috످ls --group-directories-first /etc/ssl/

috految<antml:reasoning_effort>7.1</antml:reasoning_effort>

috److I can't run commands in this chat, but that command lists the contents of `/etc/ssl/` with directories before files.

On Debian/Ubuntu, you'd typically see `certs/` for trusted CA certificates and public server certificates, `private/` for private keys (usually requires `sudo` to access), and `openssl.cnf`, the main OpenSSL configuration file.

If you run it and paste the output, I can help you interpret it.

috످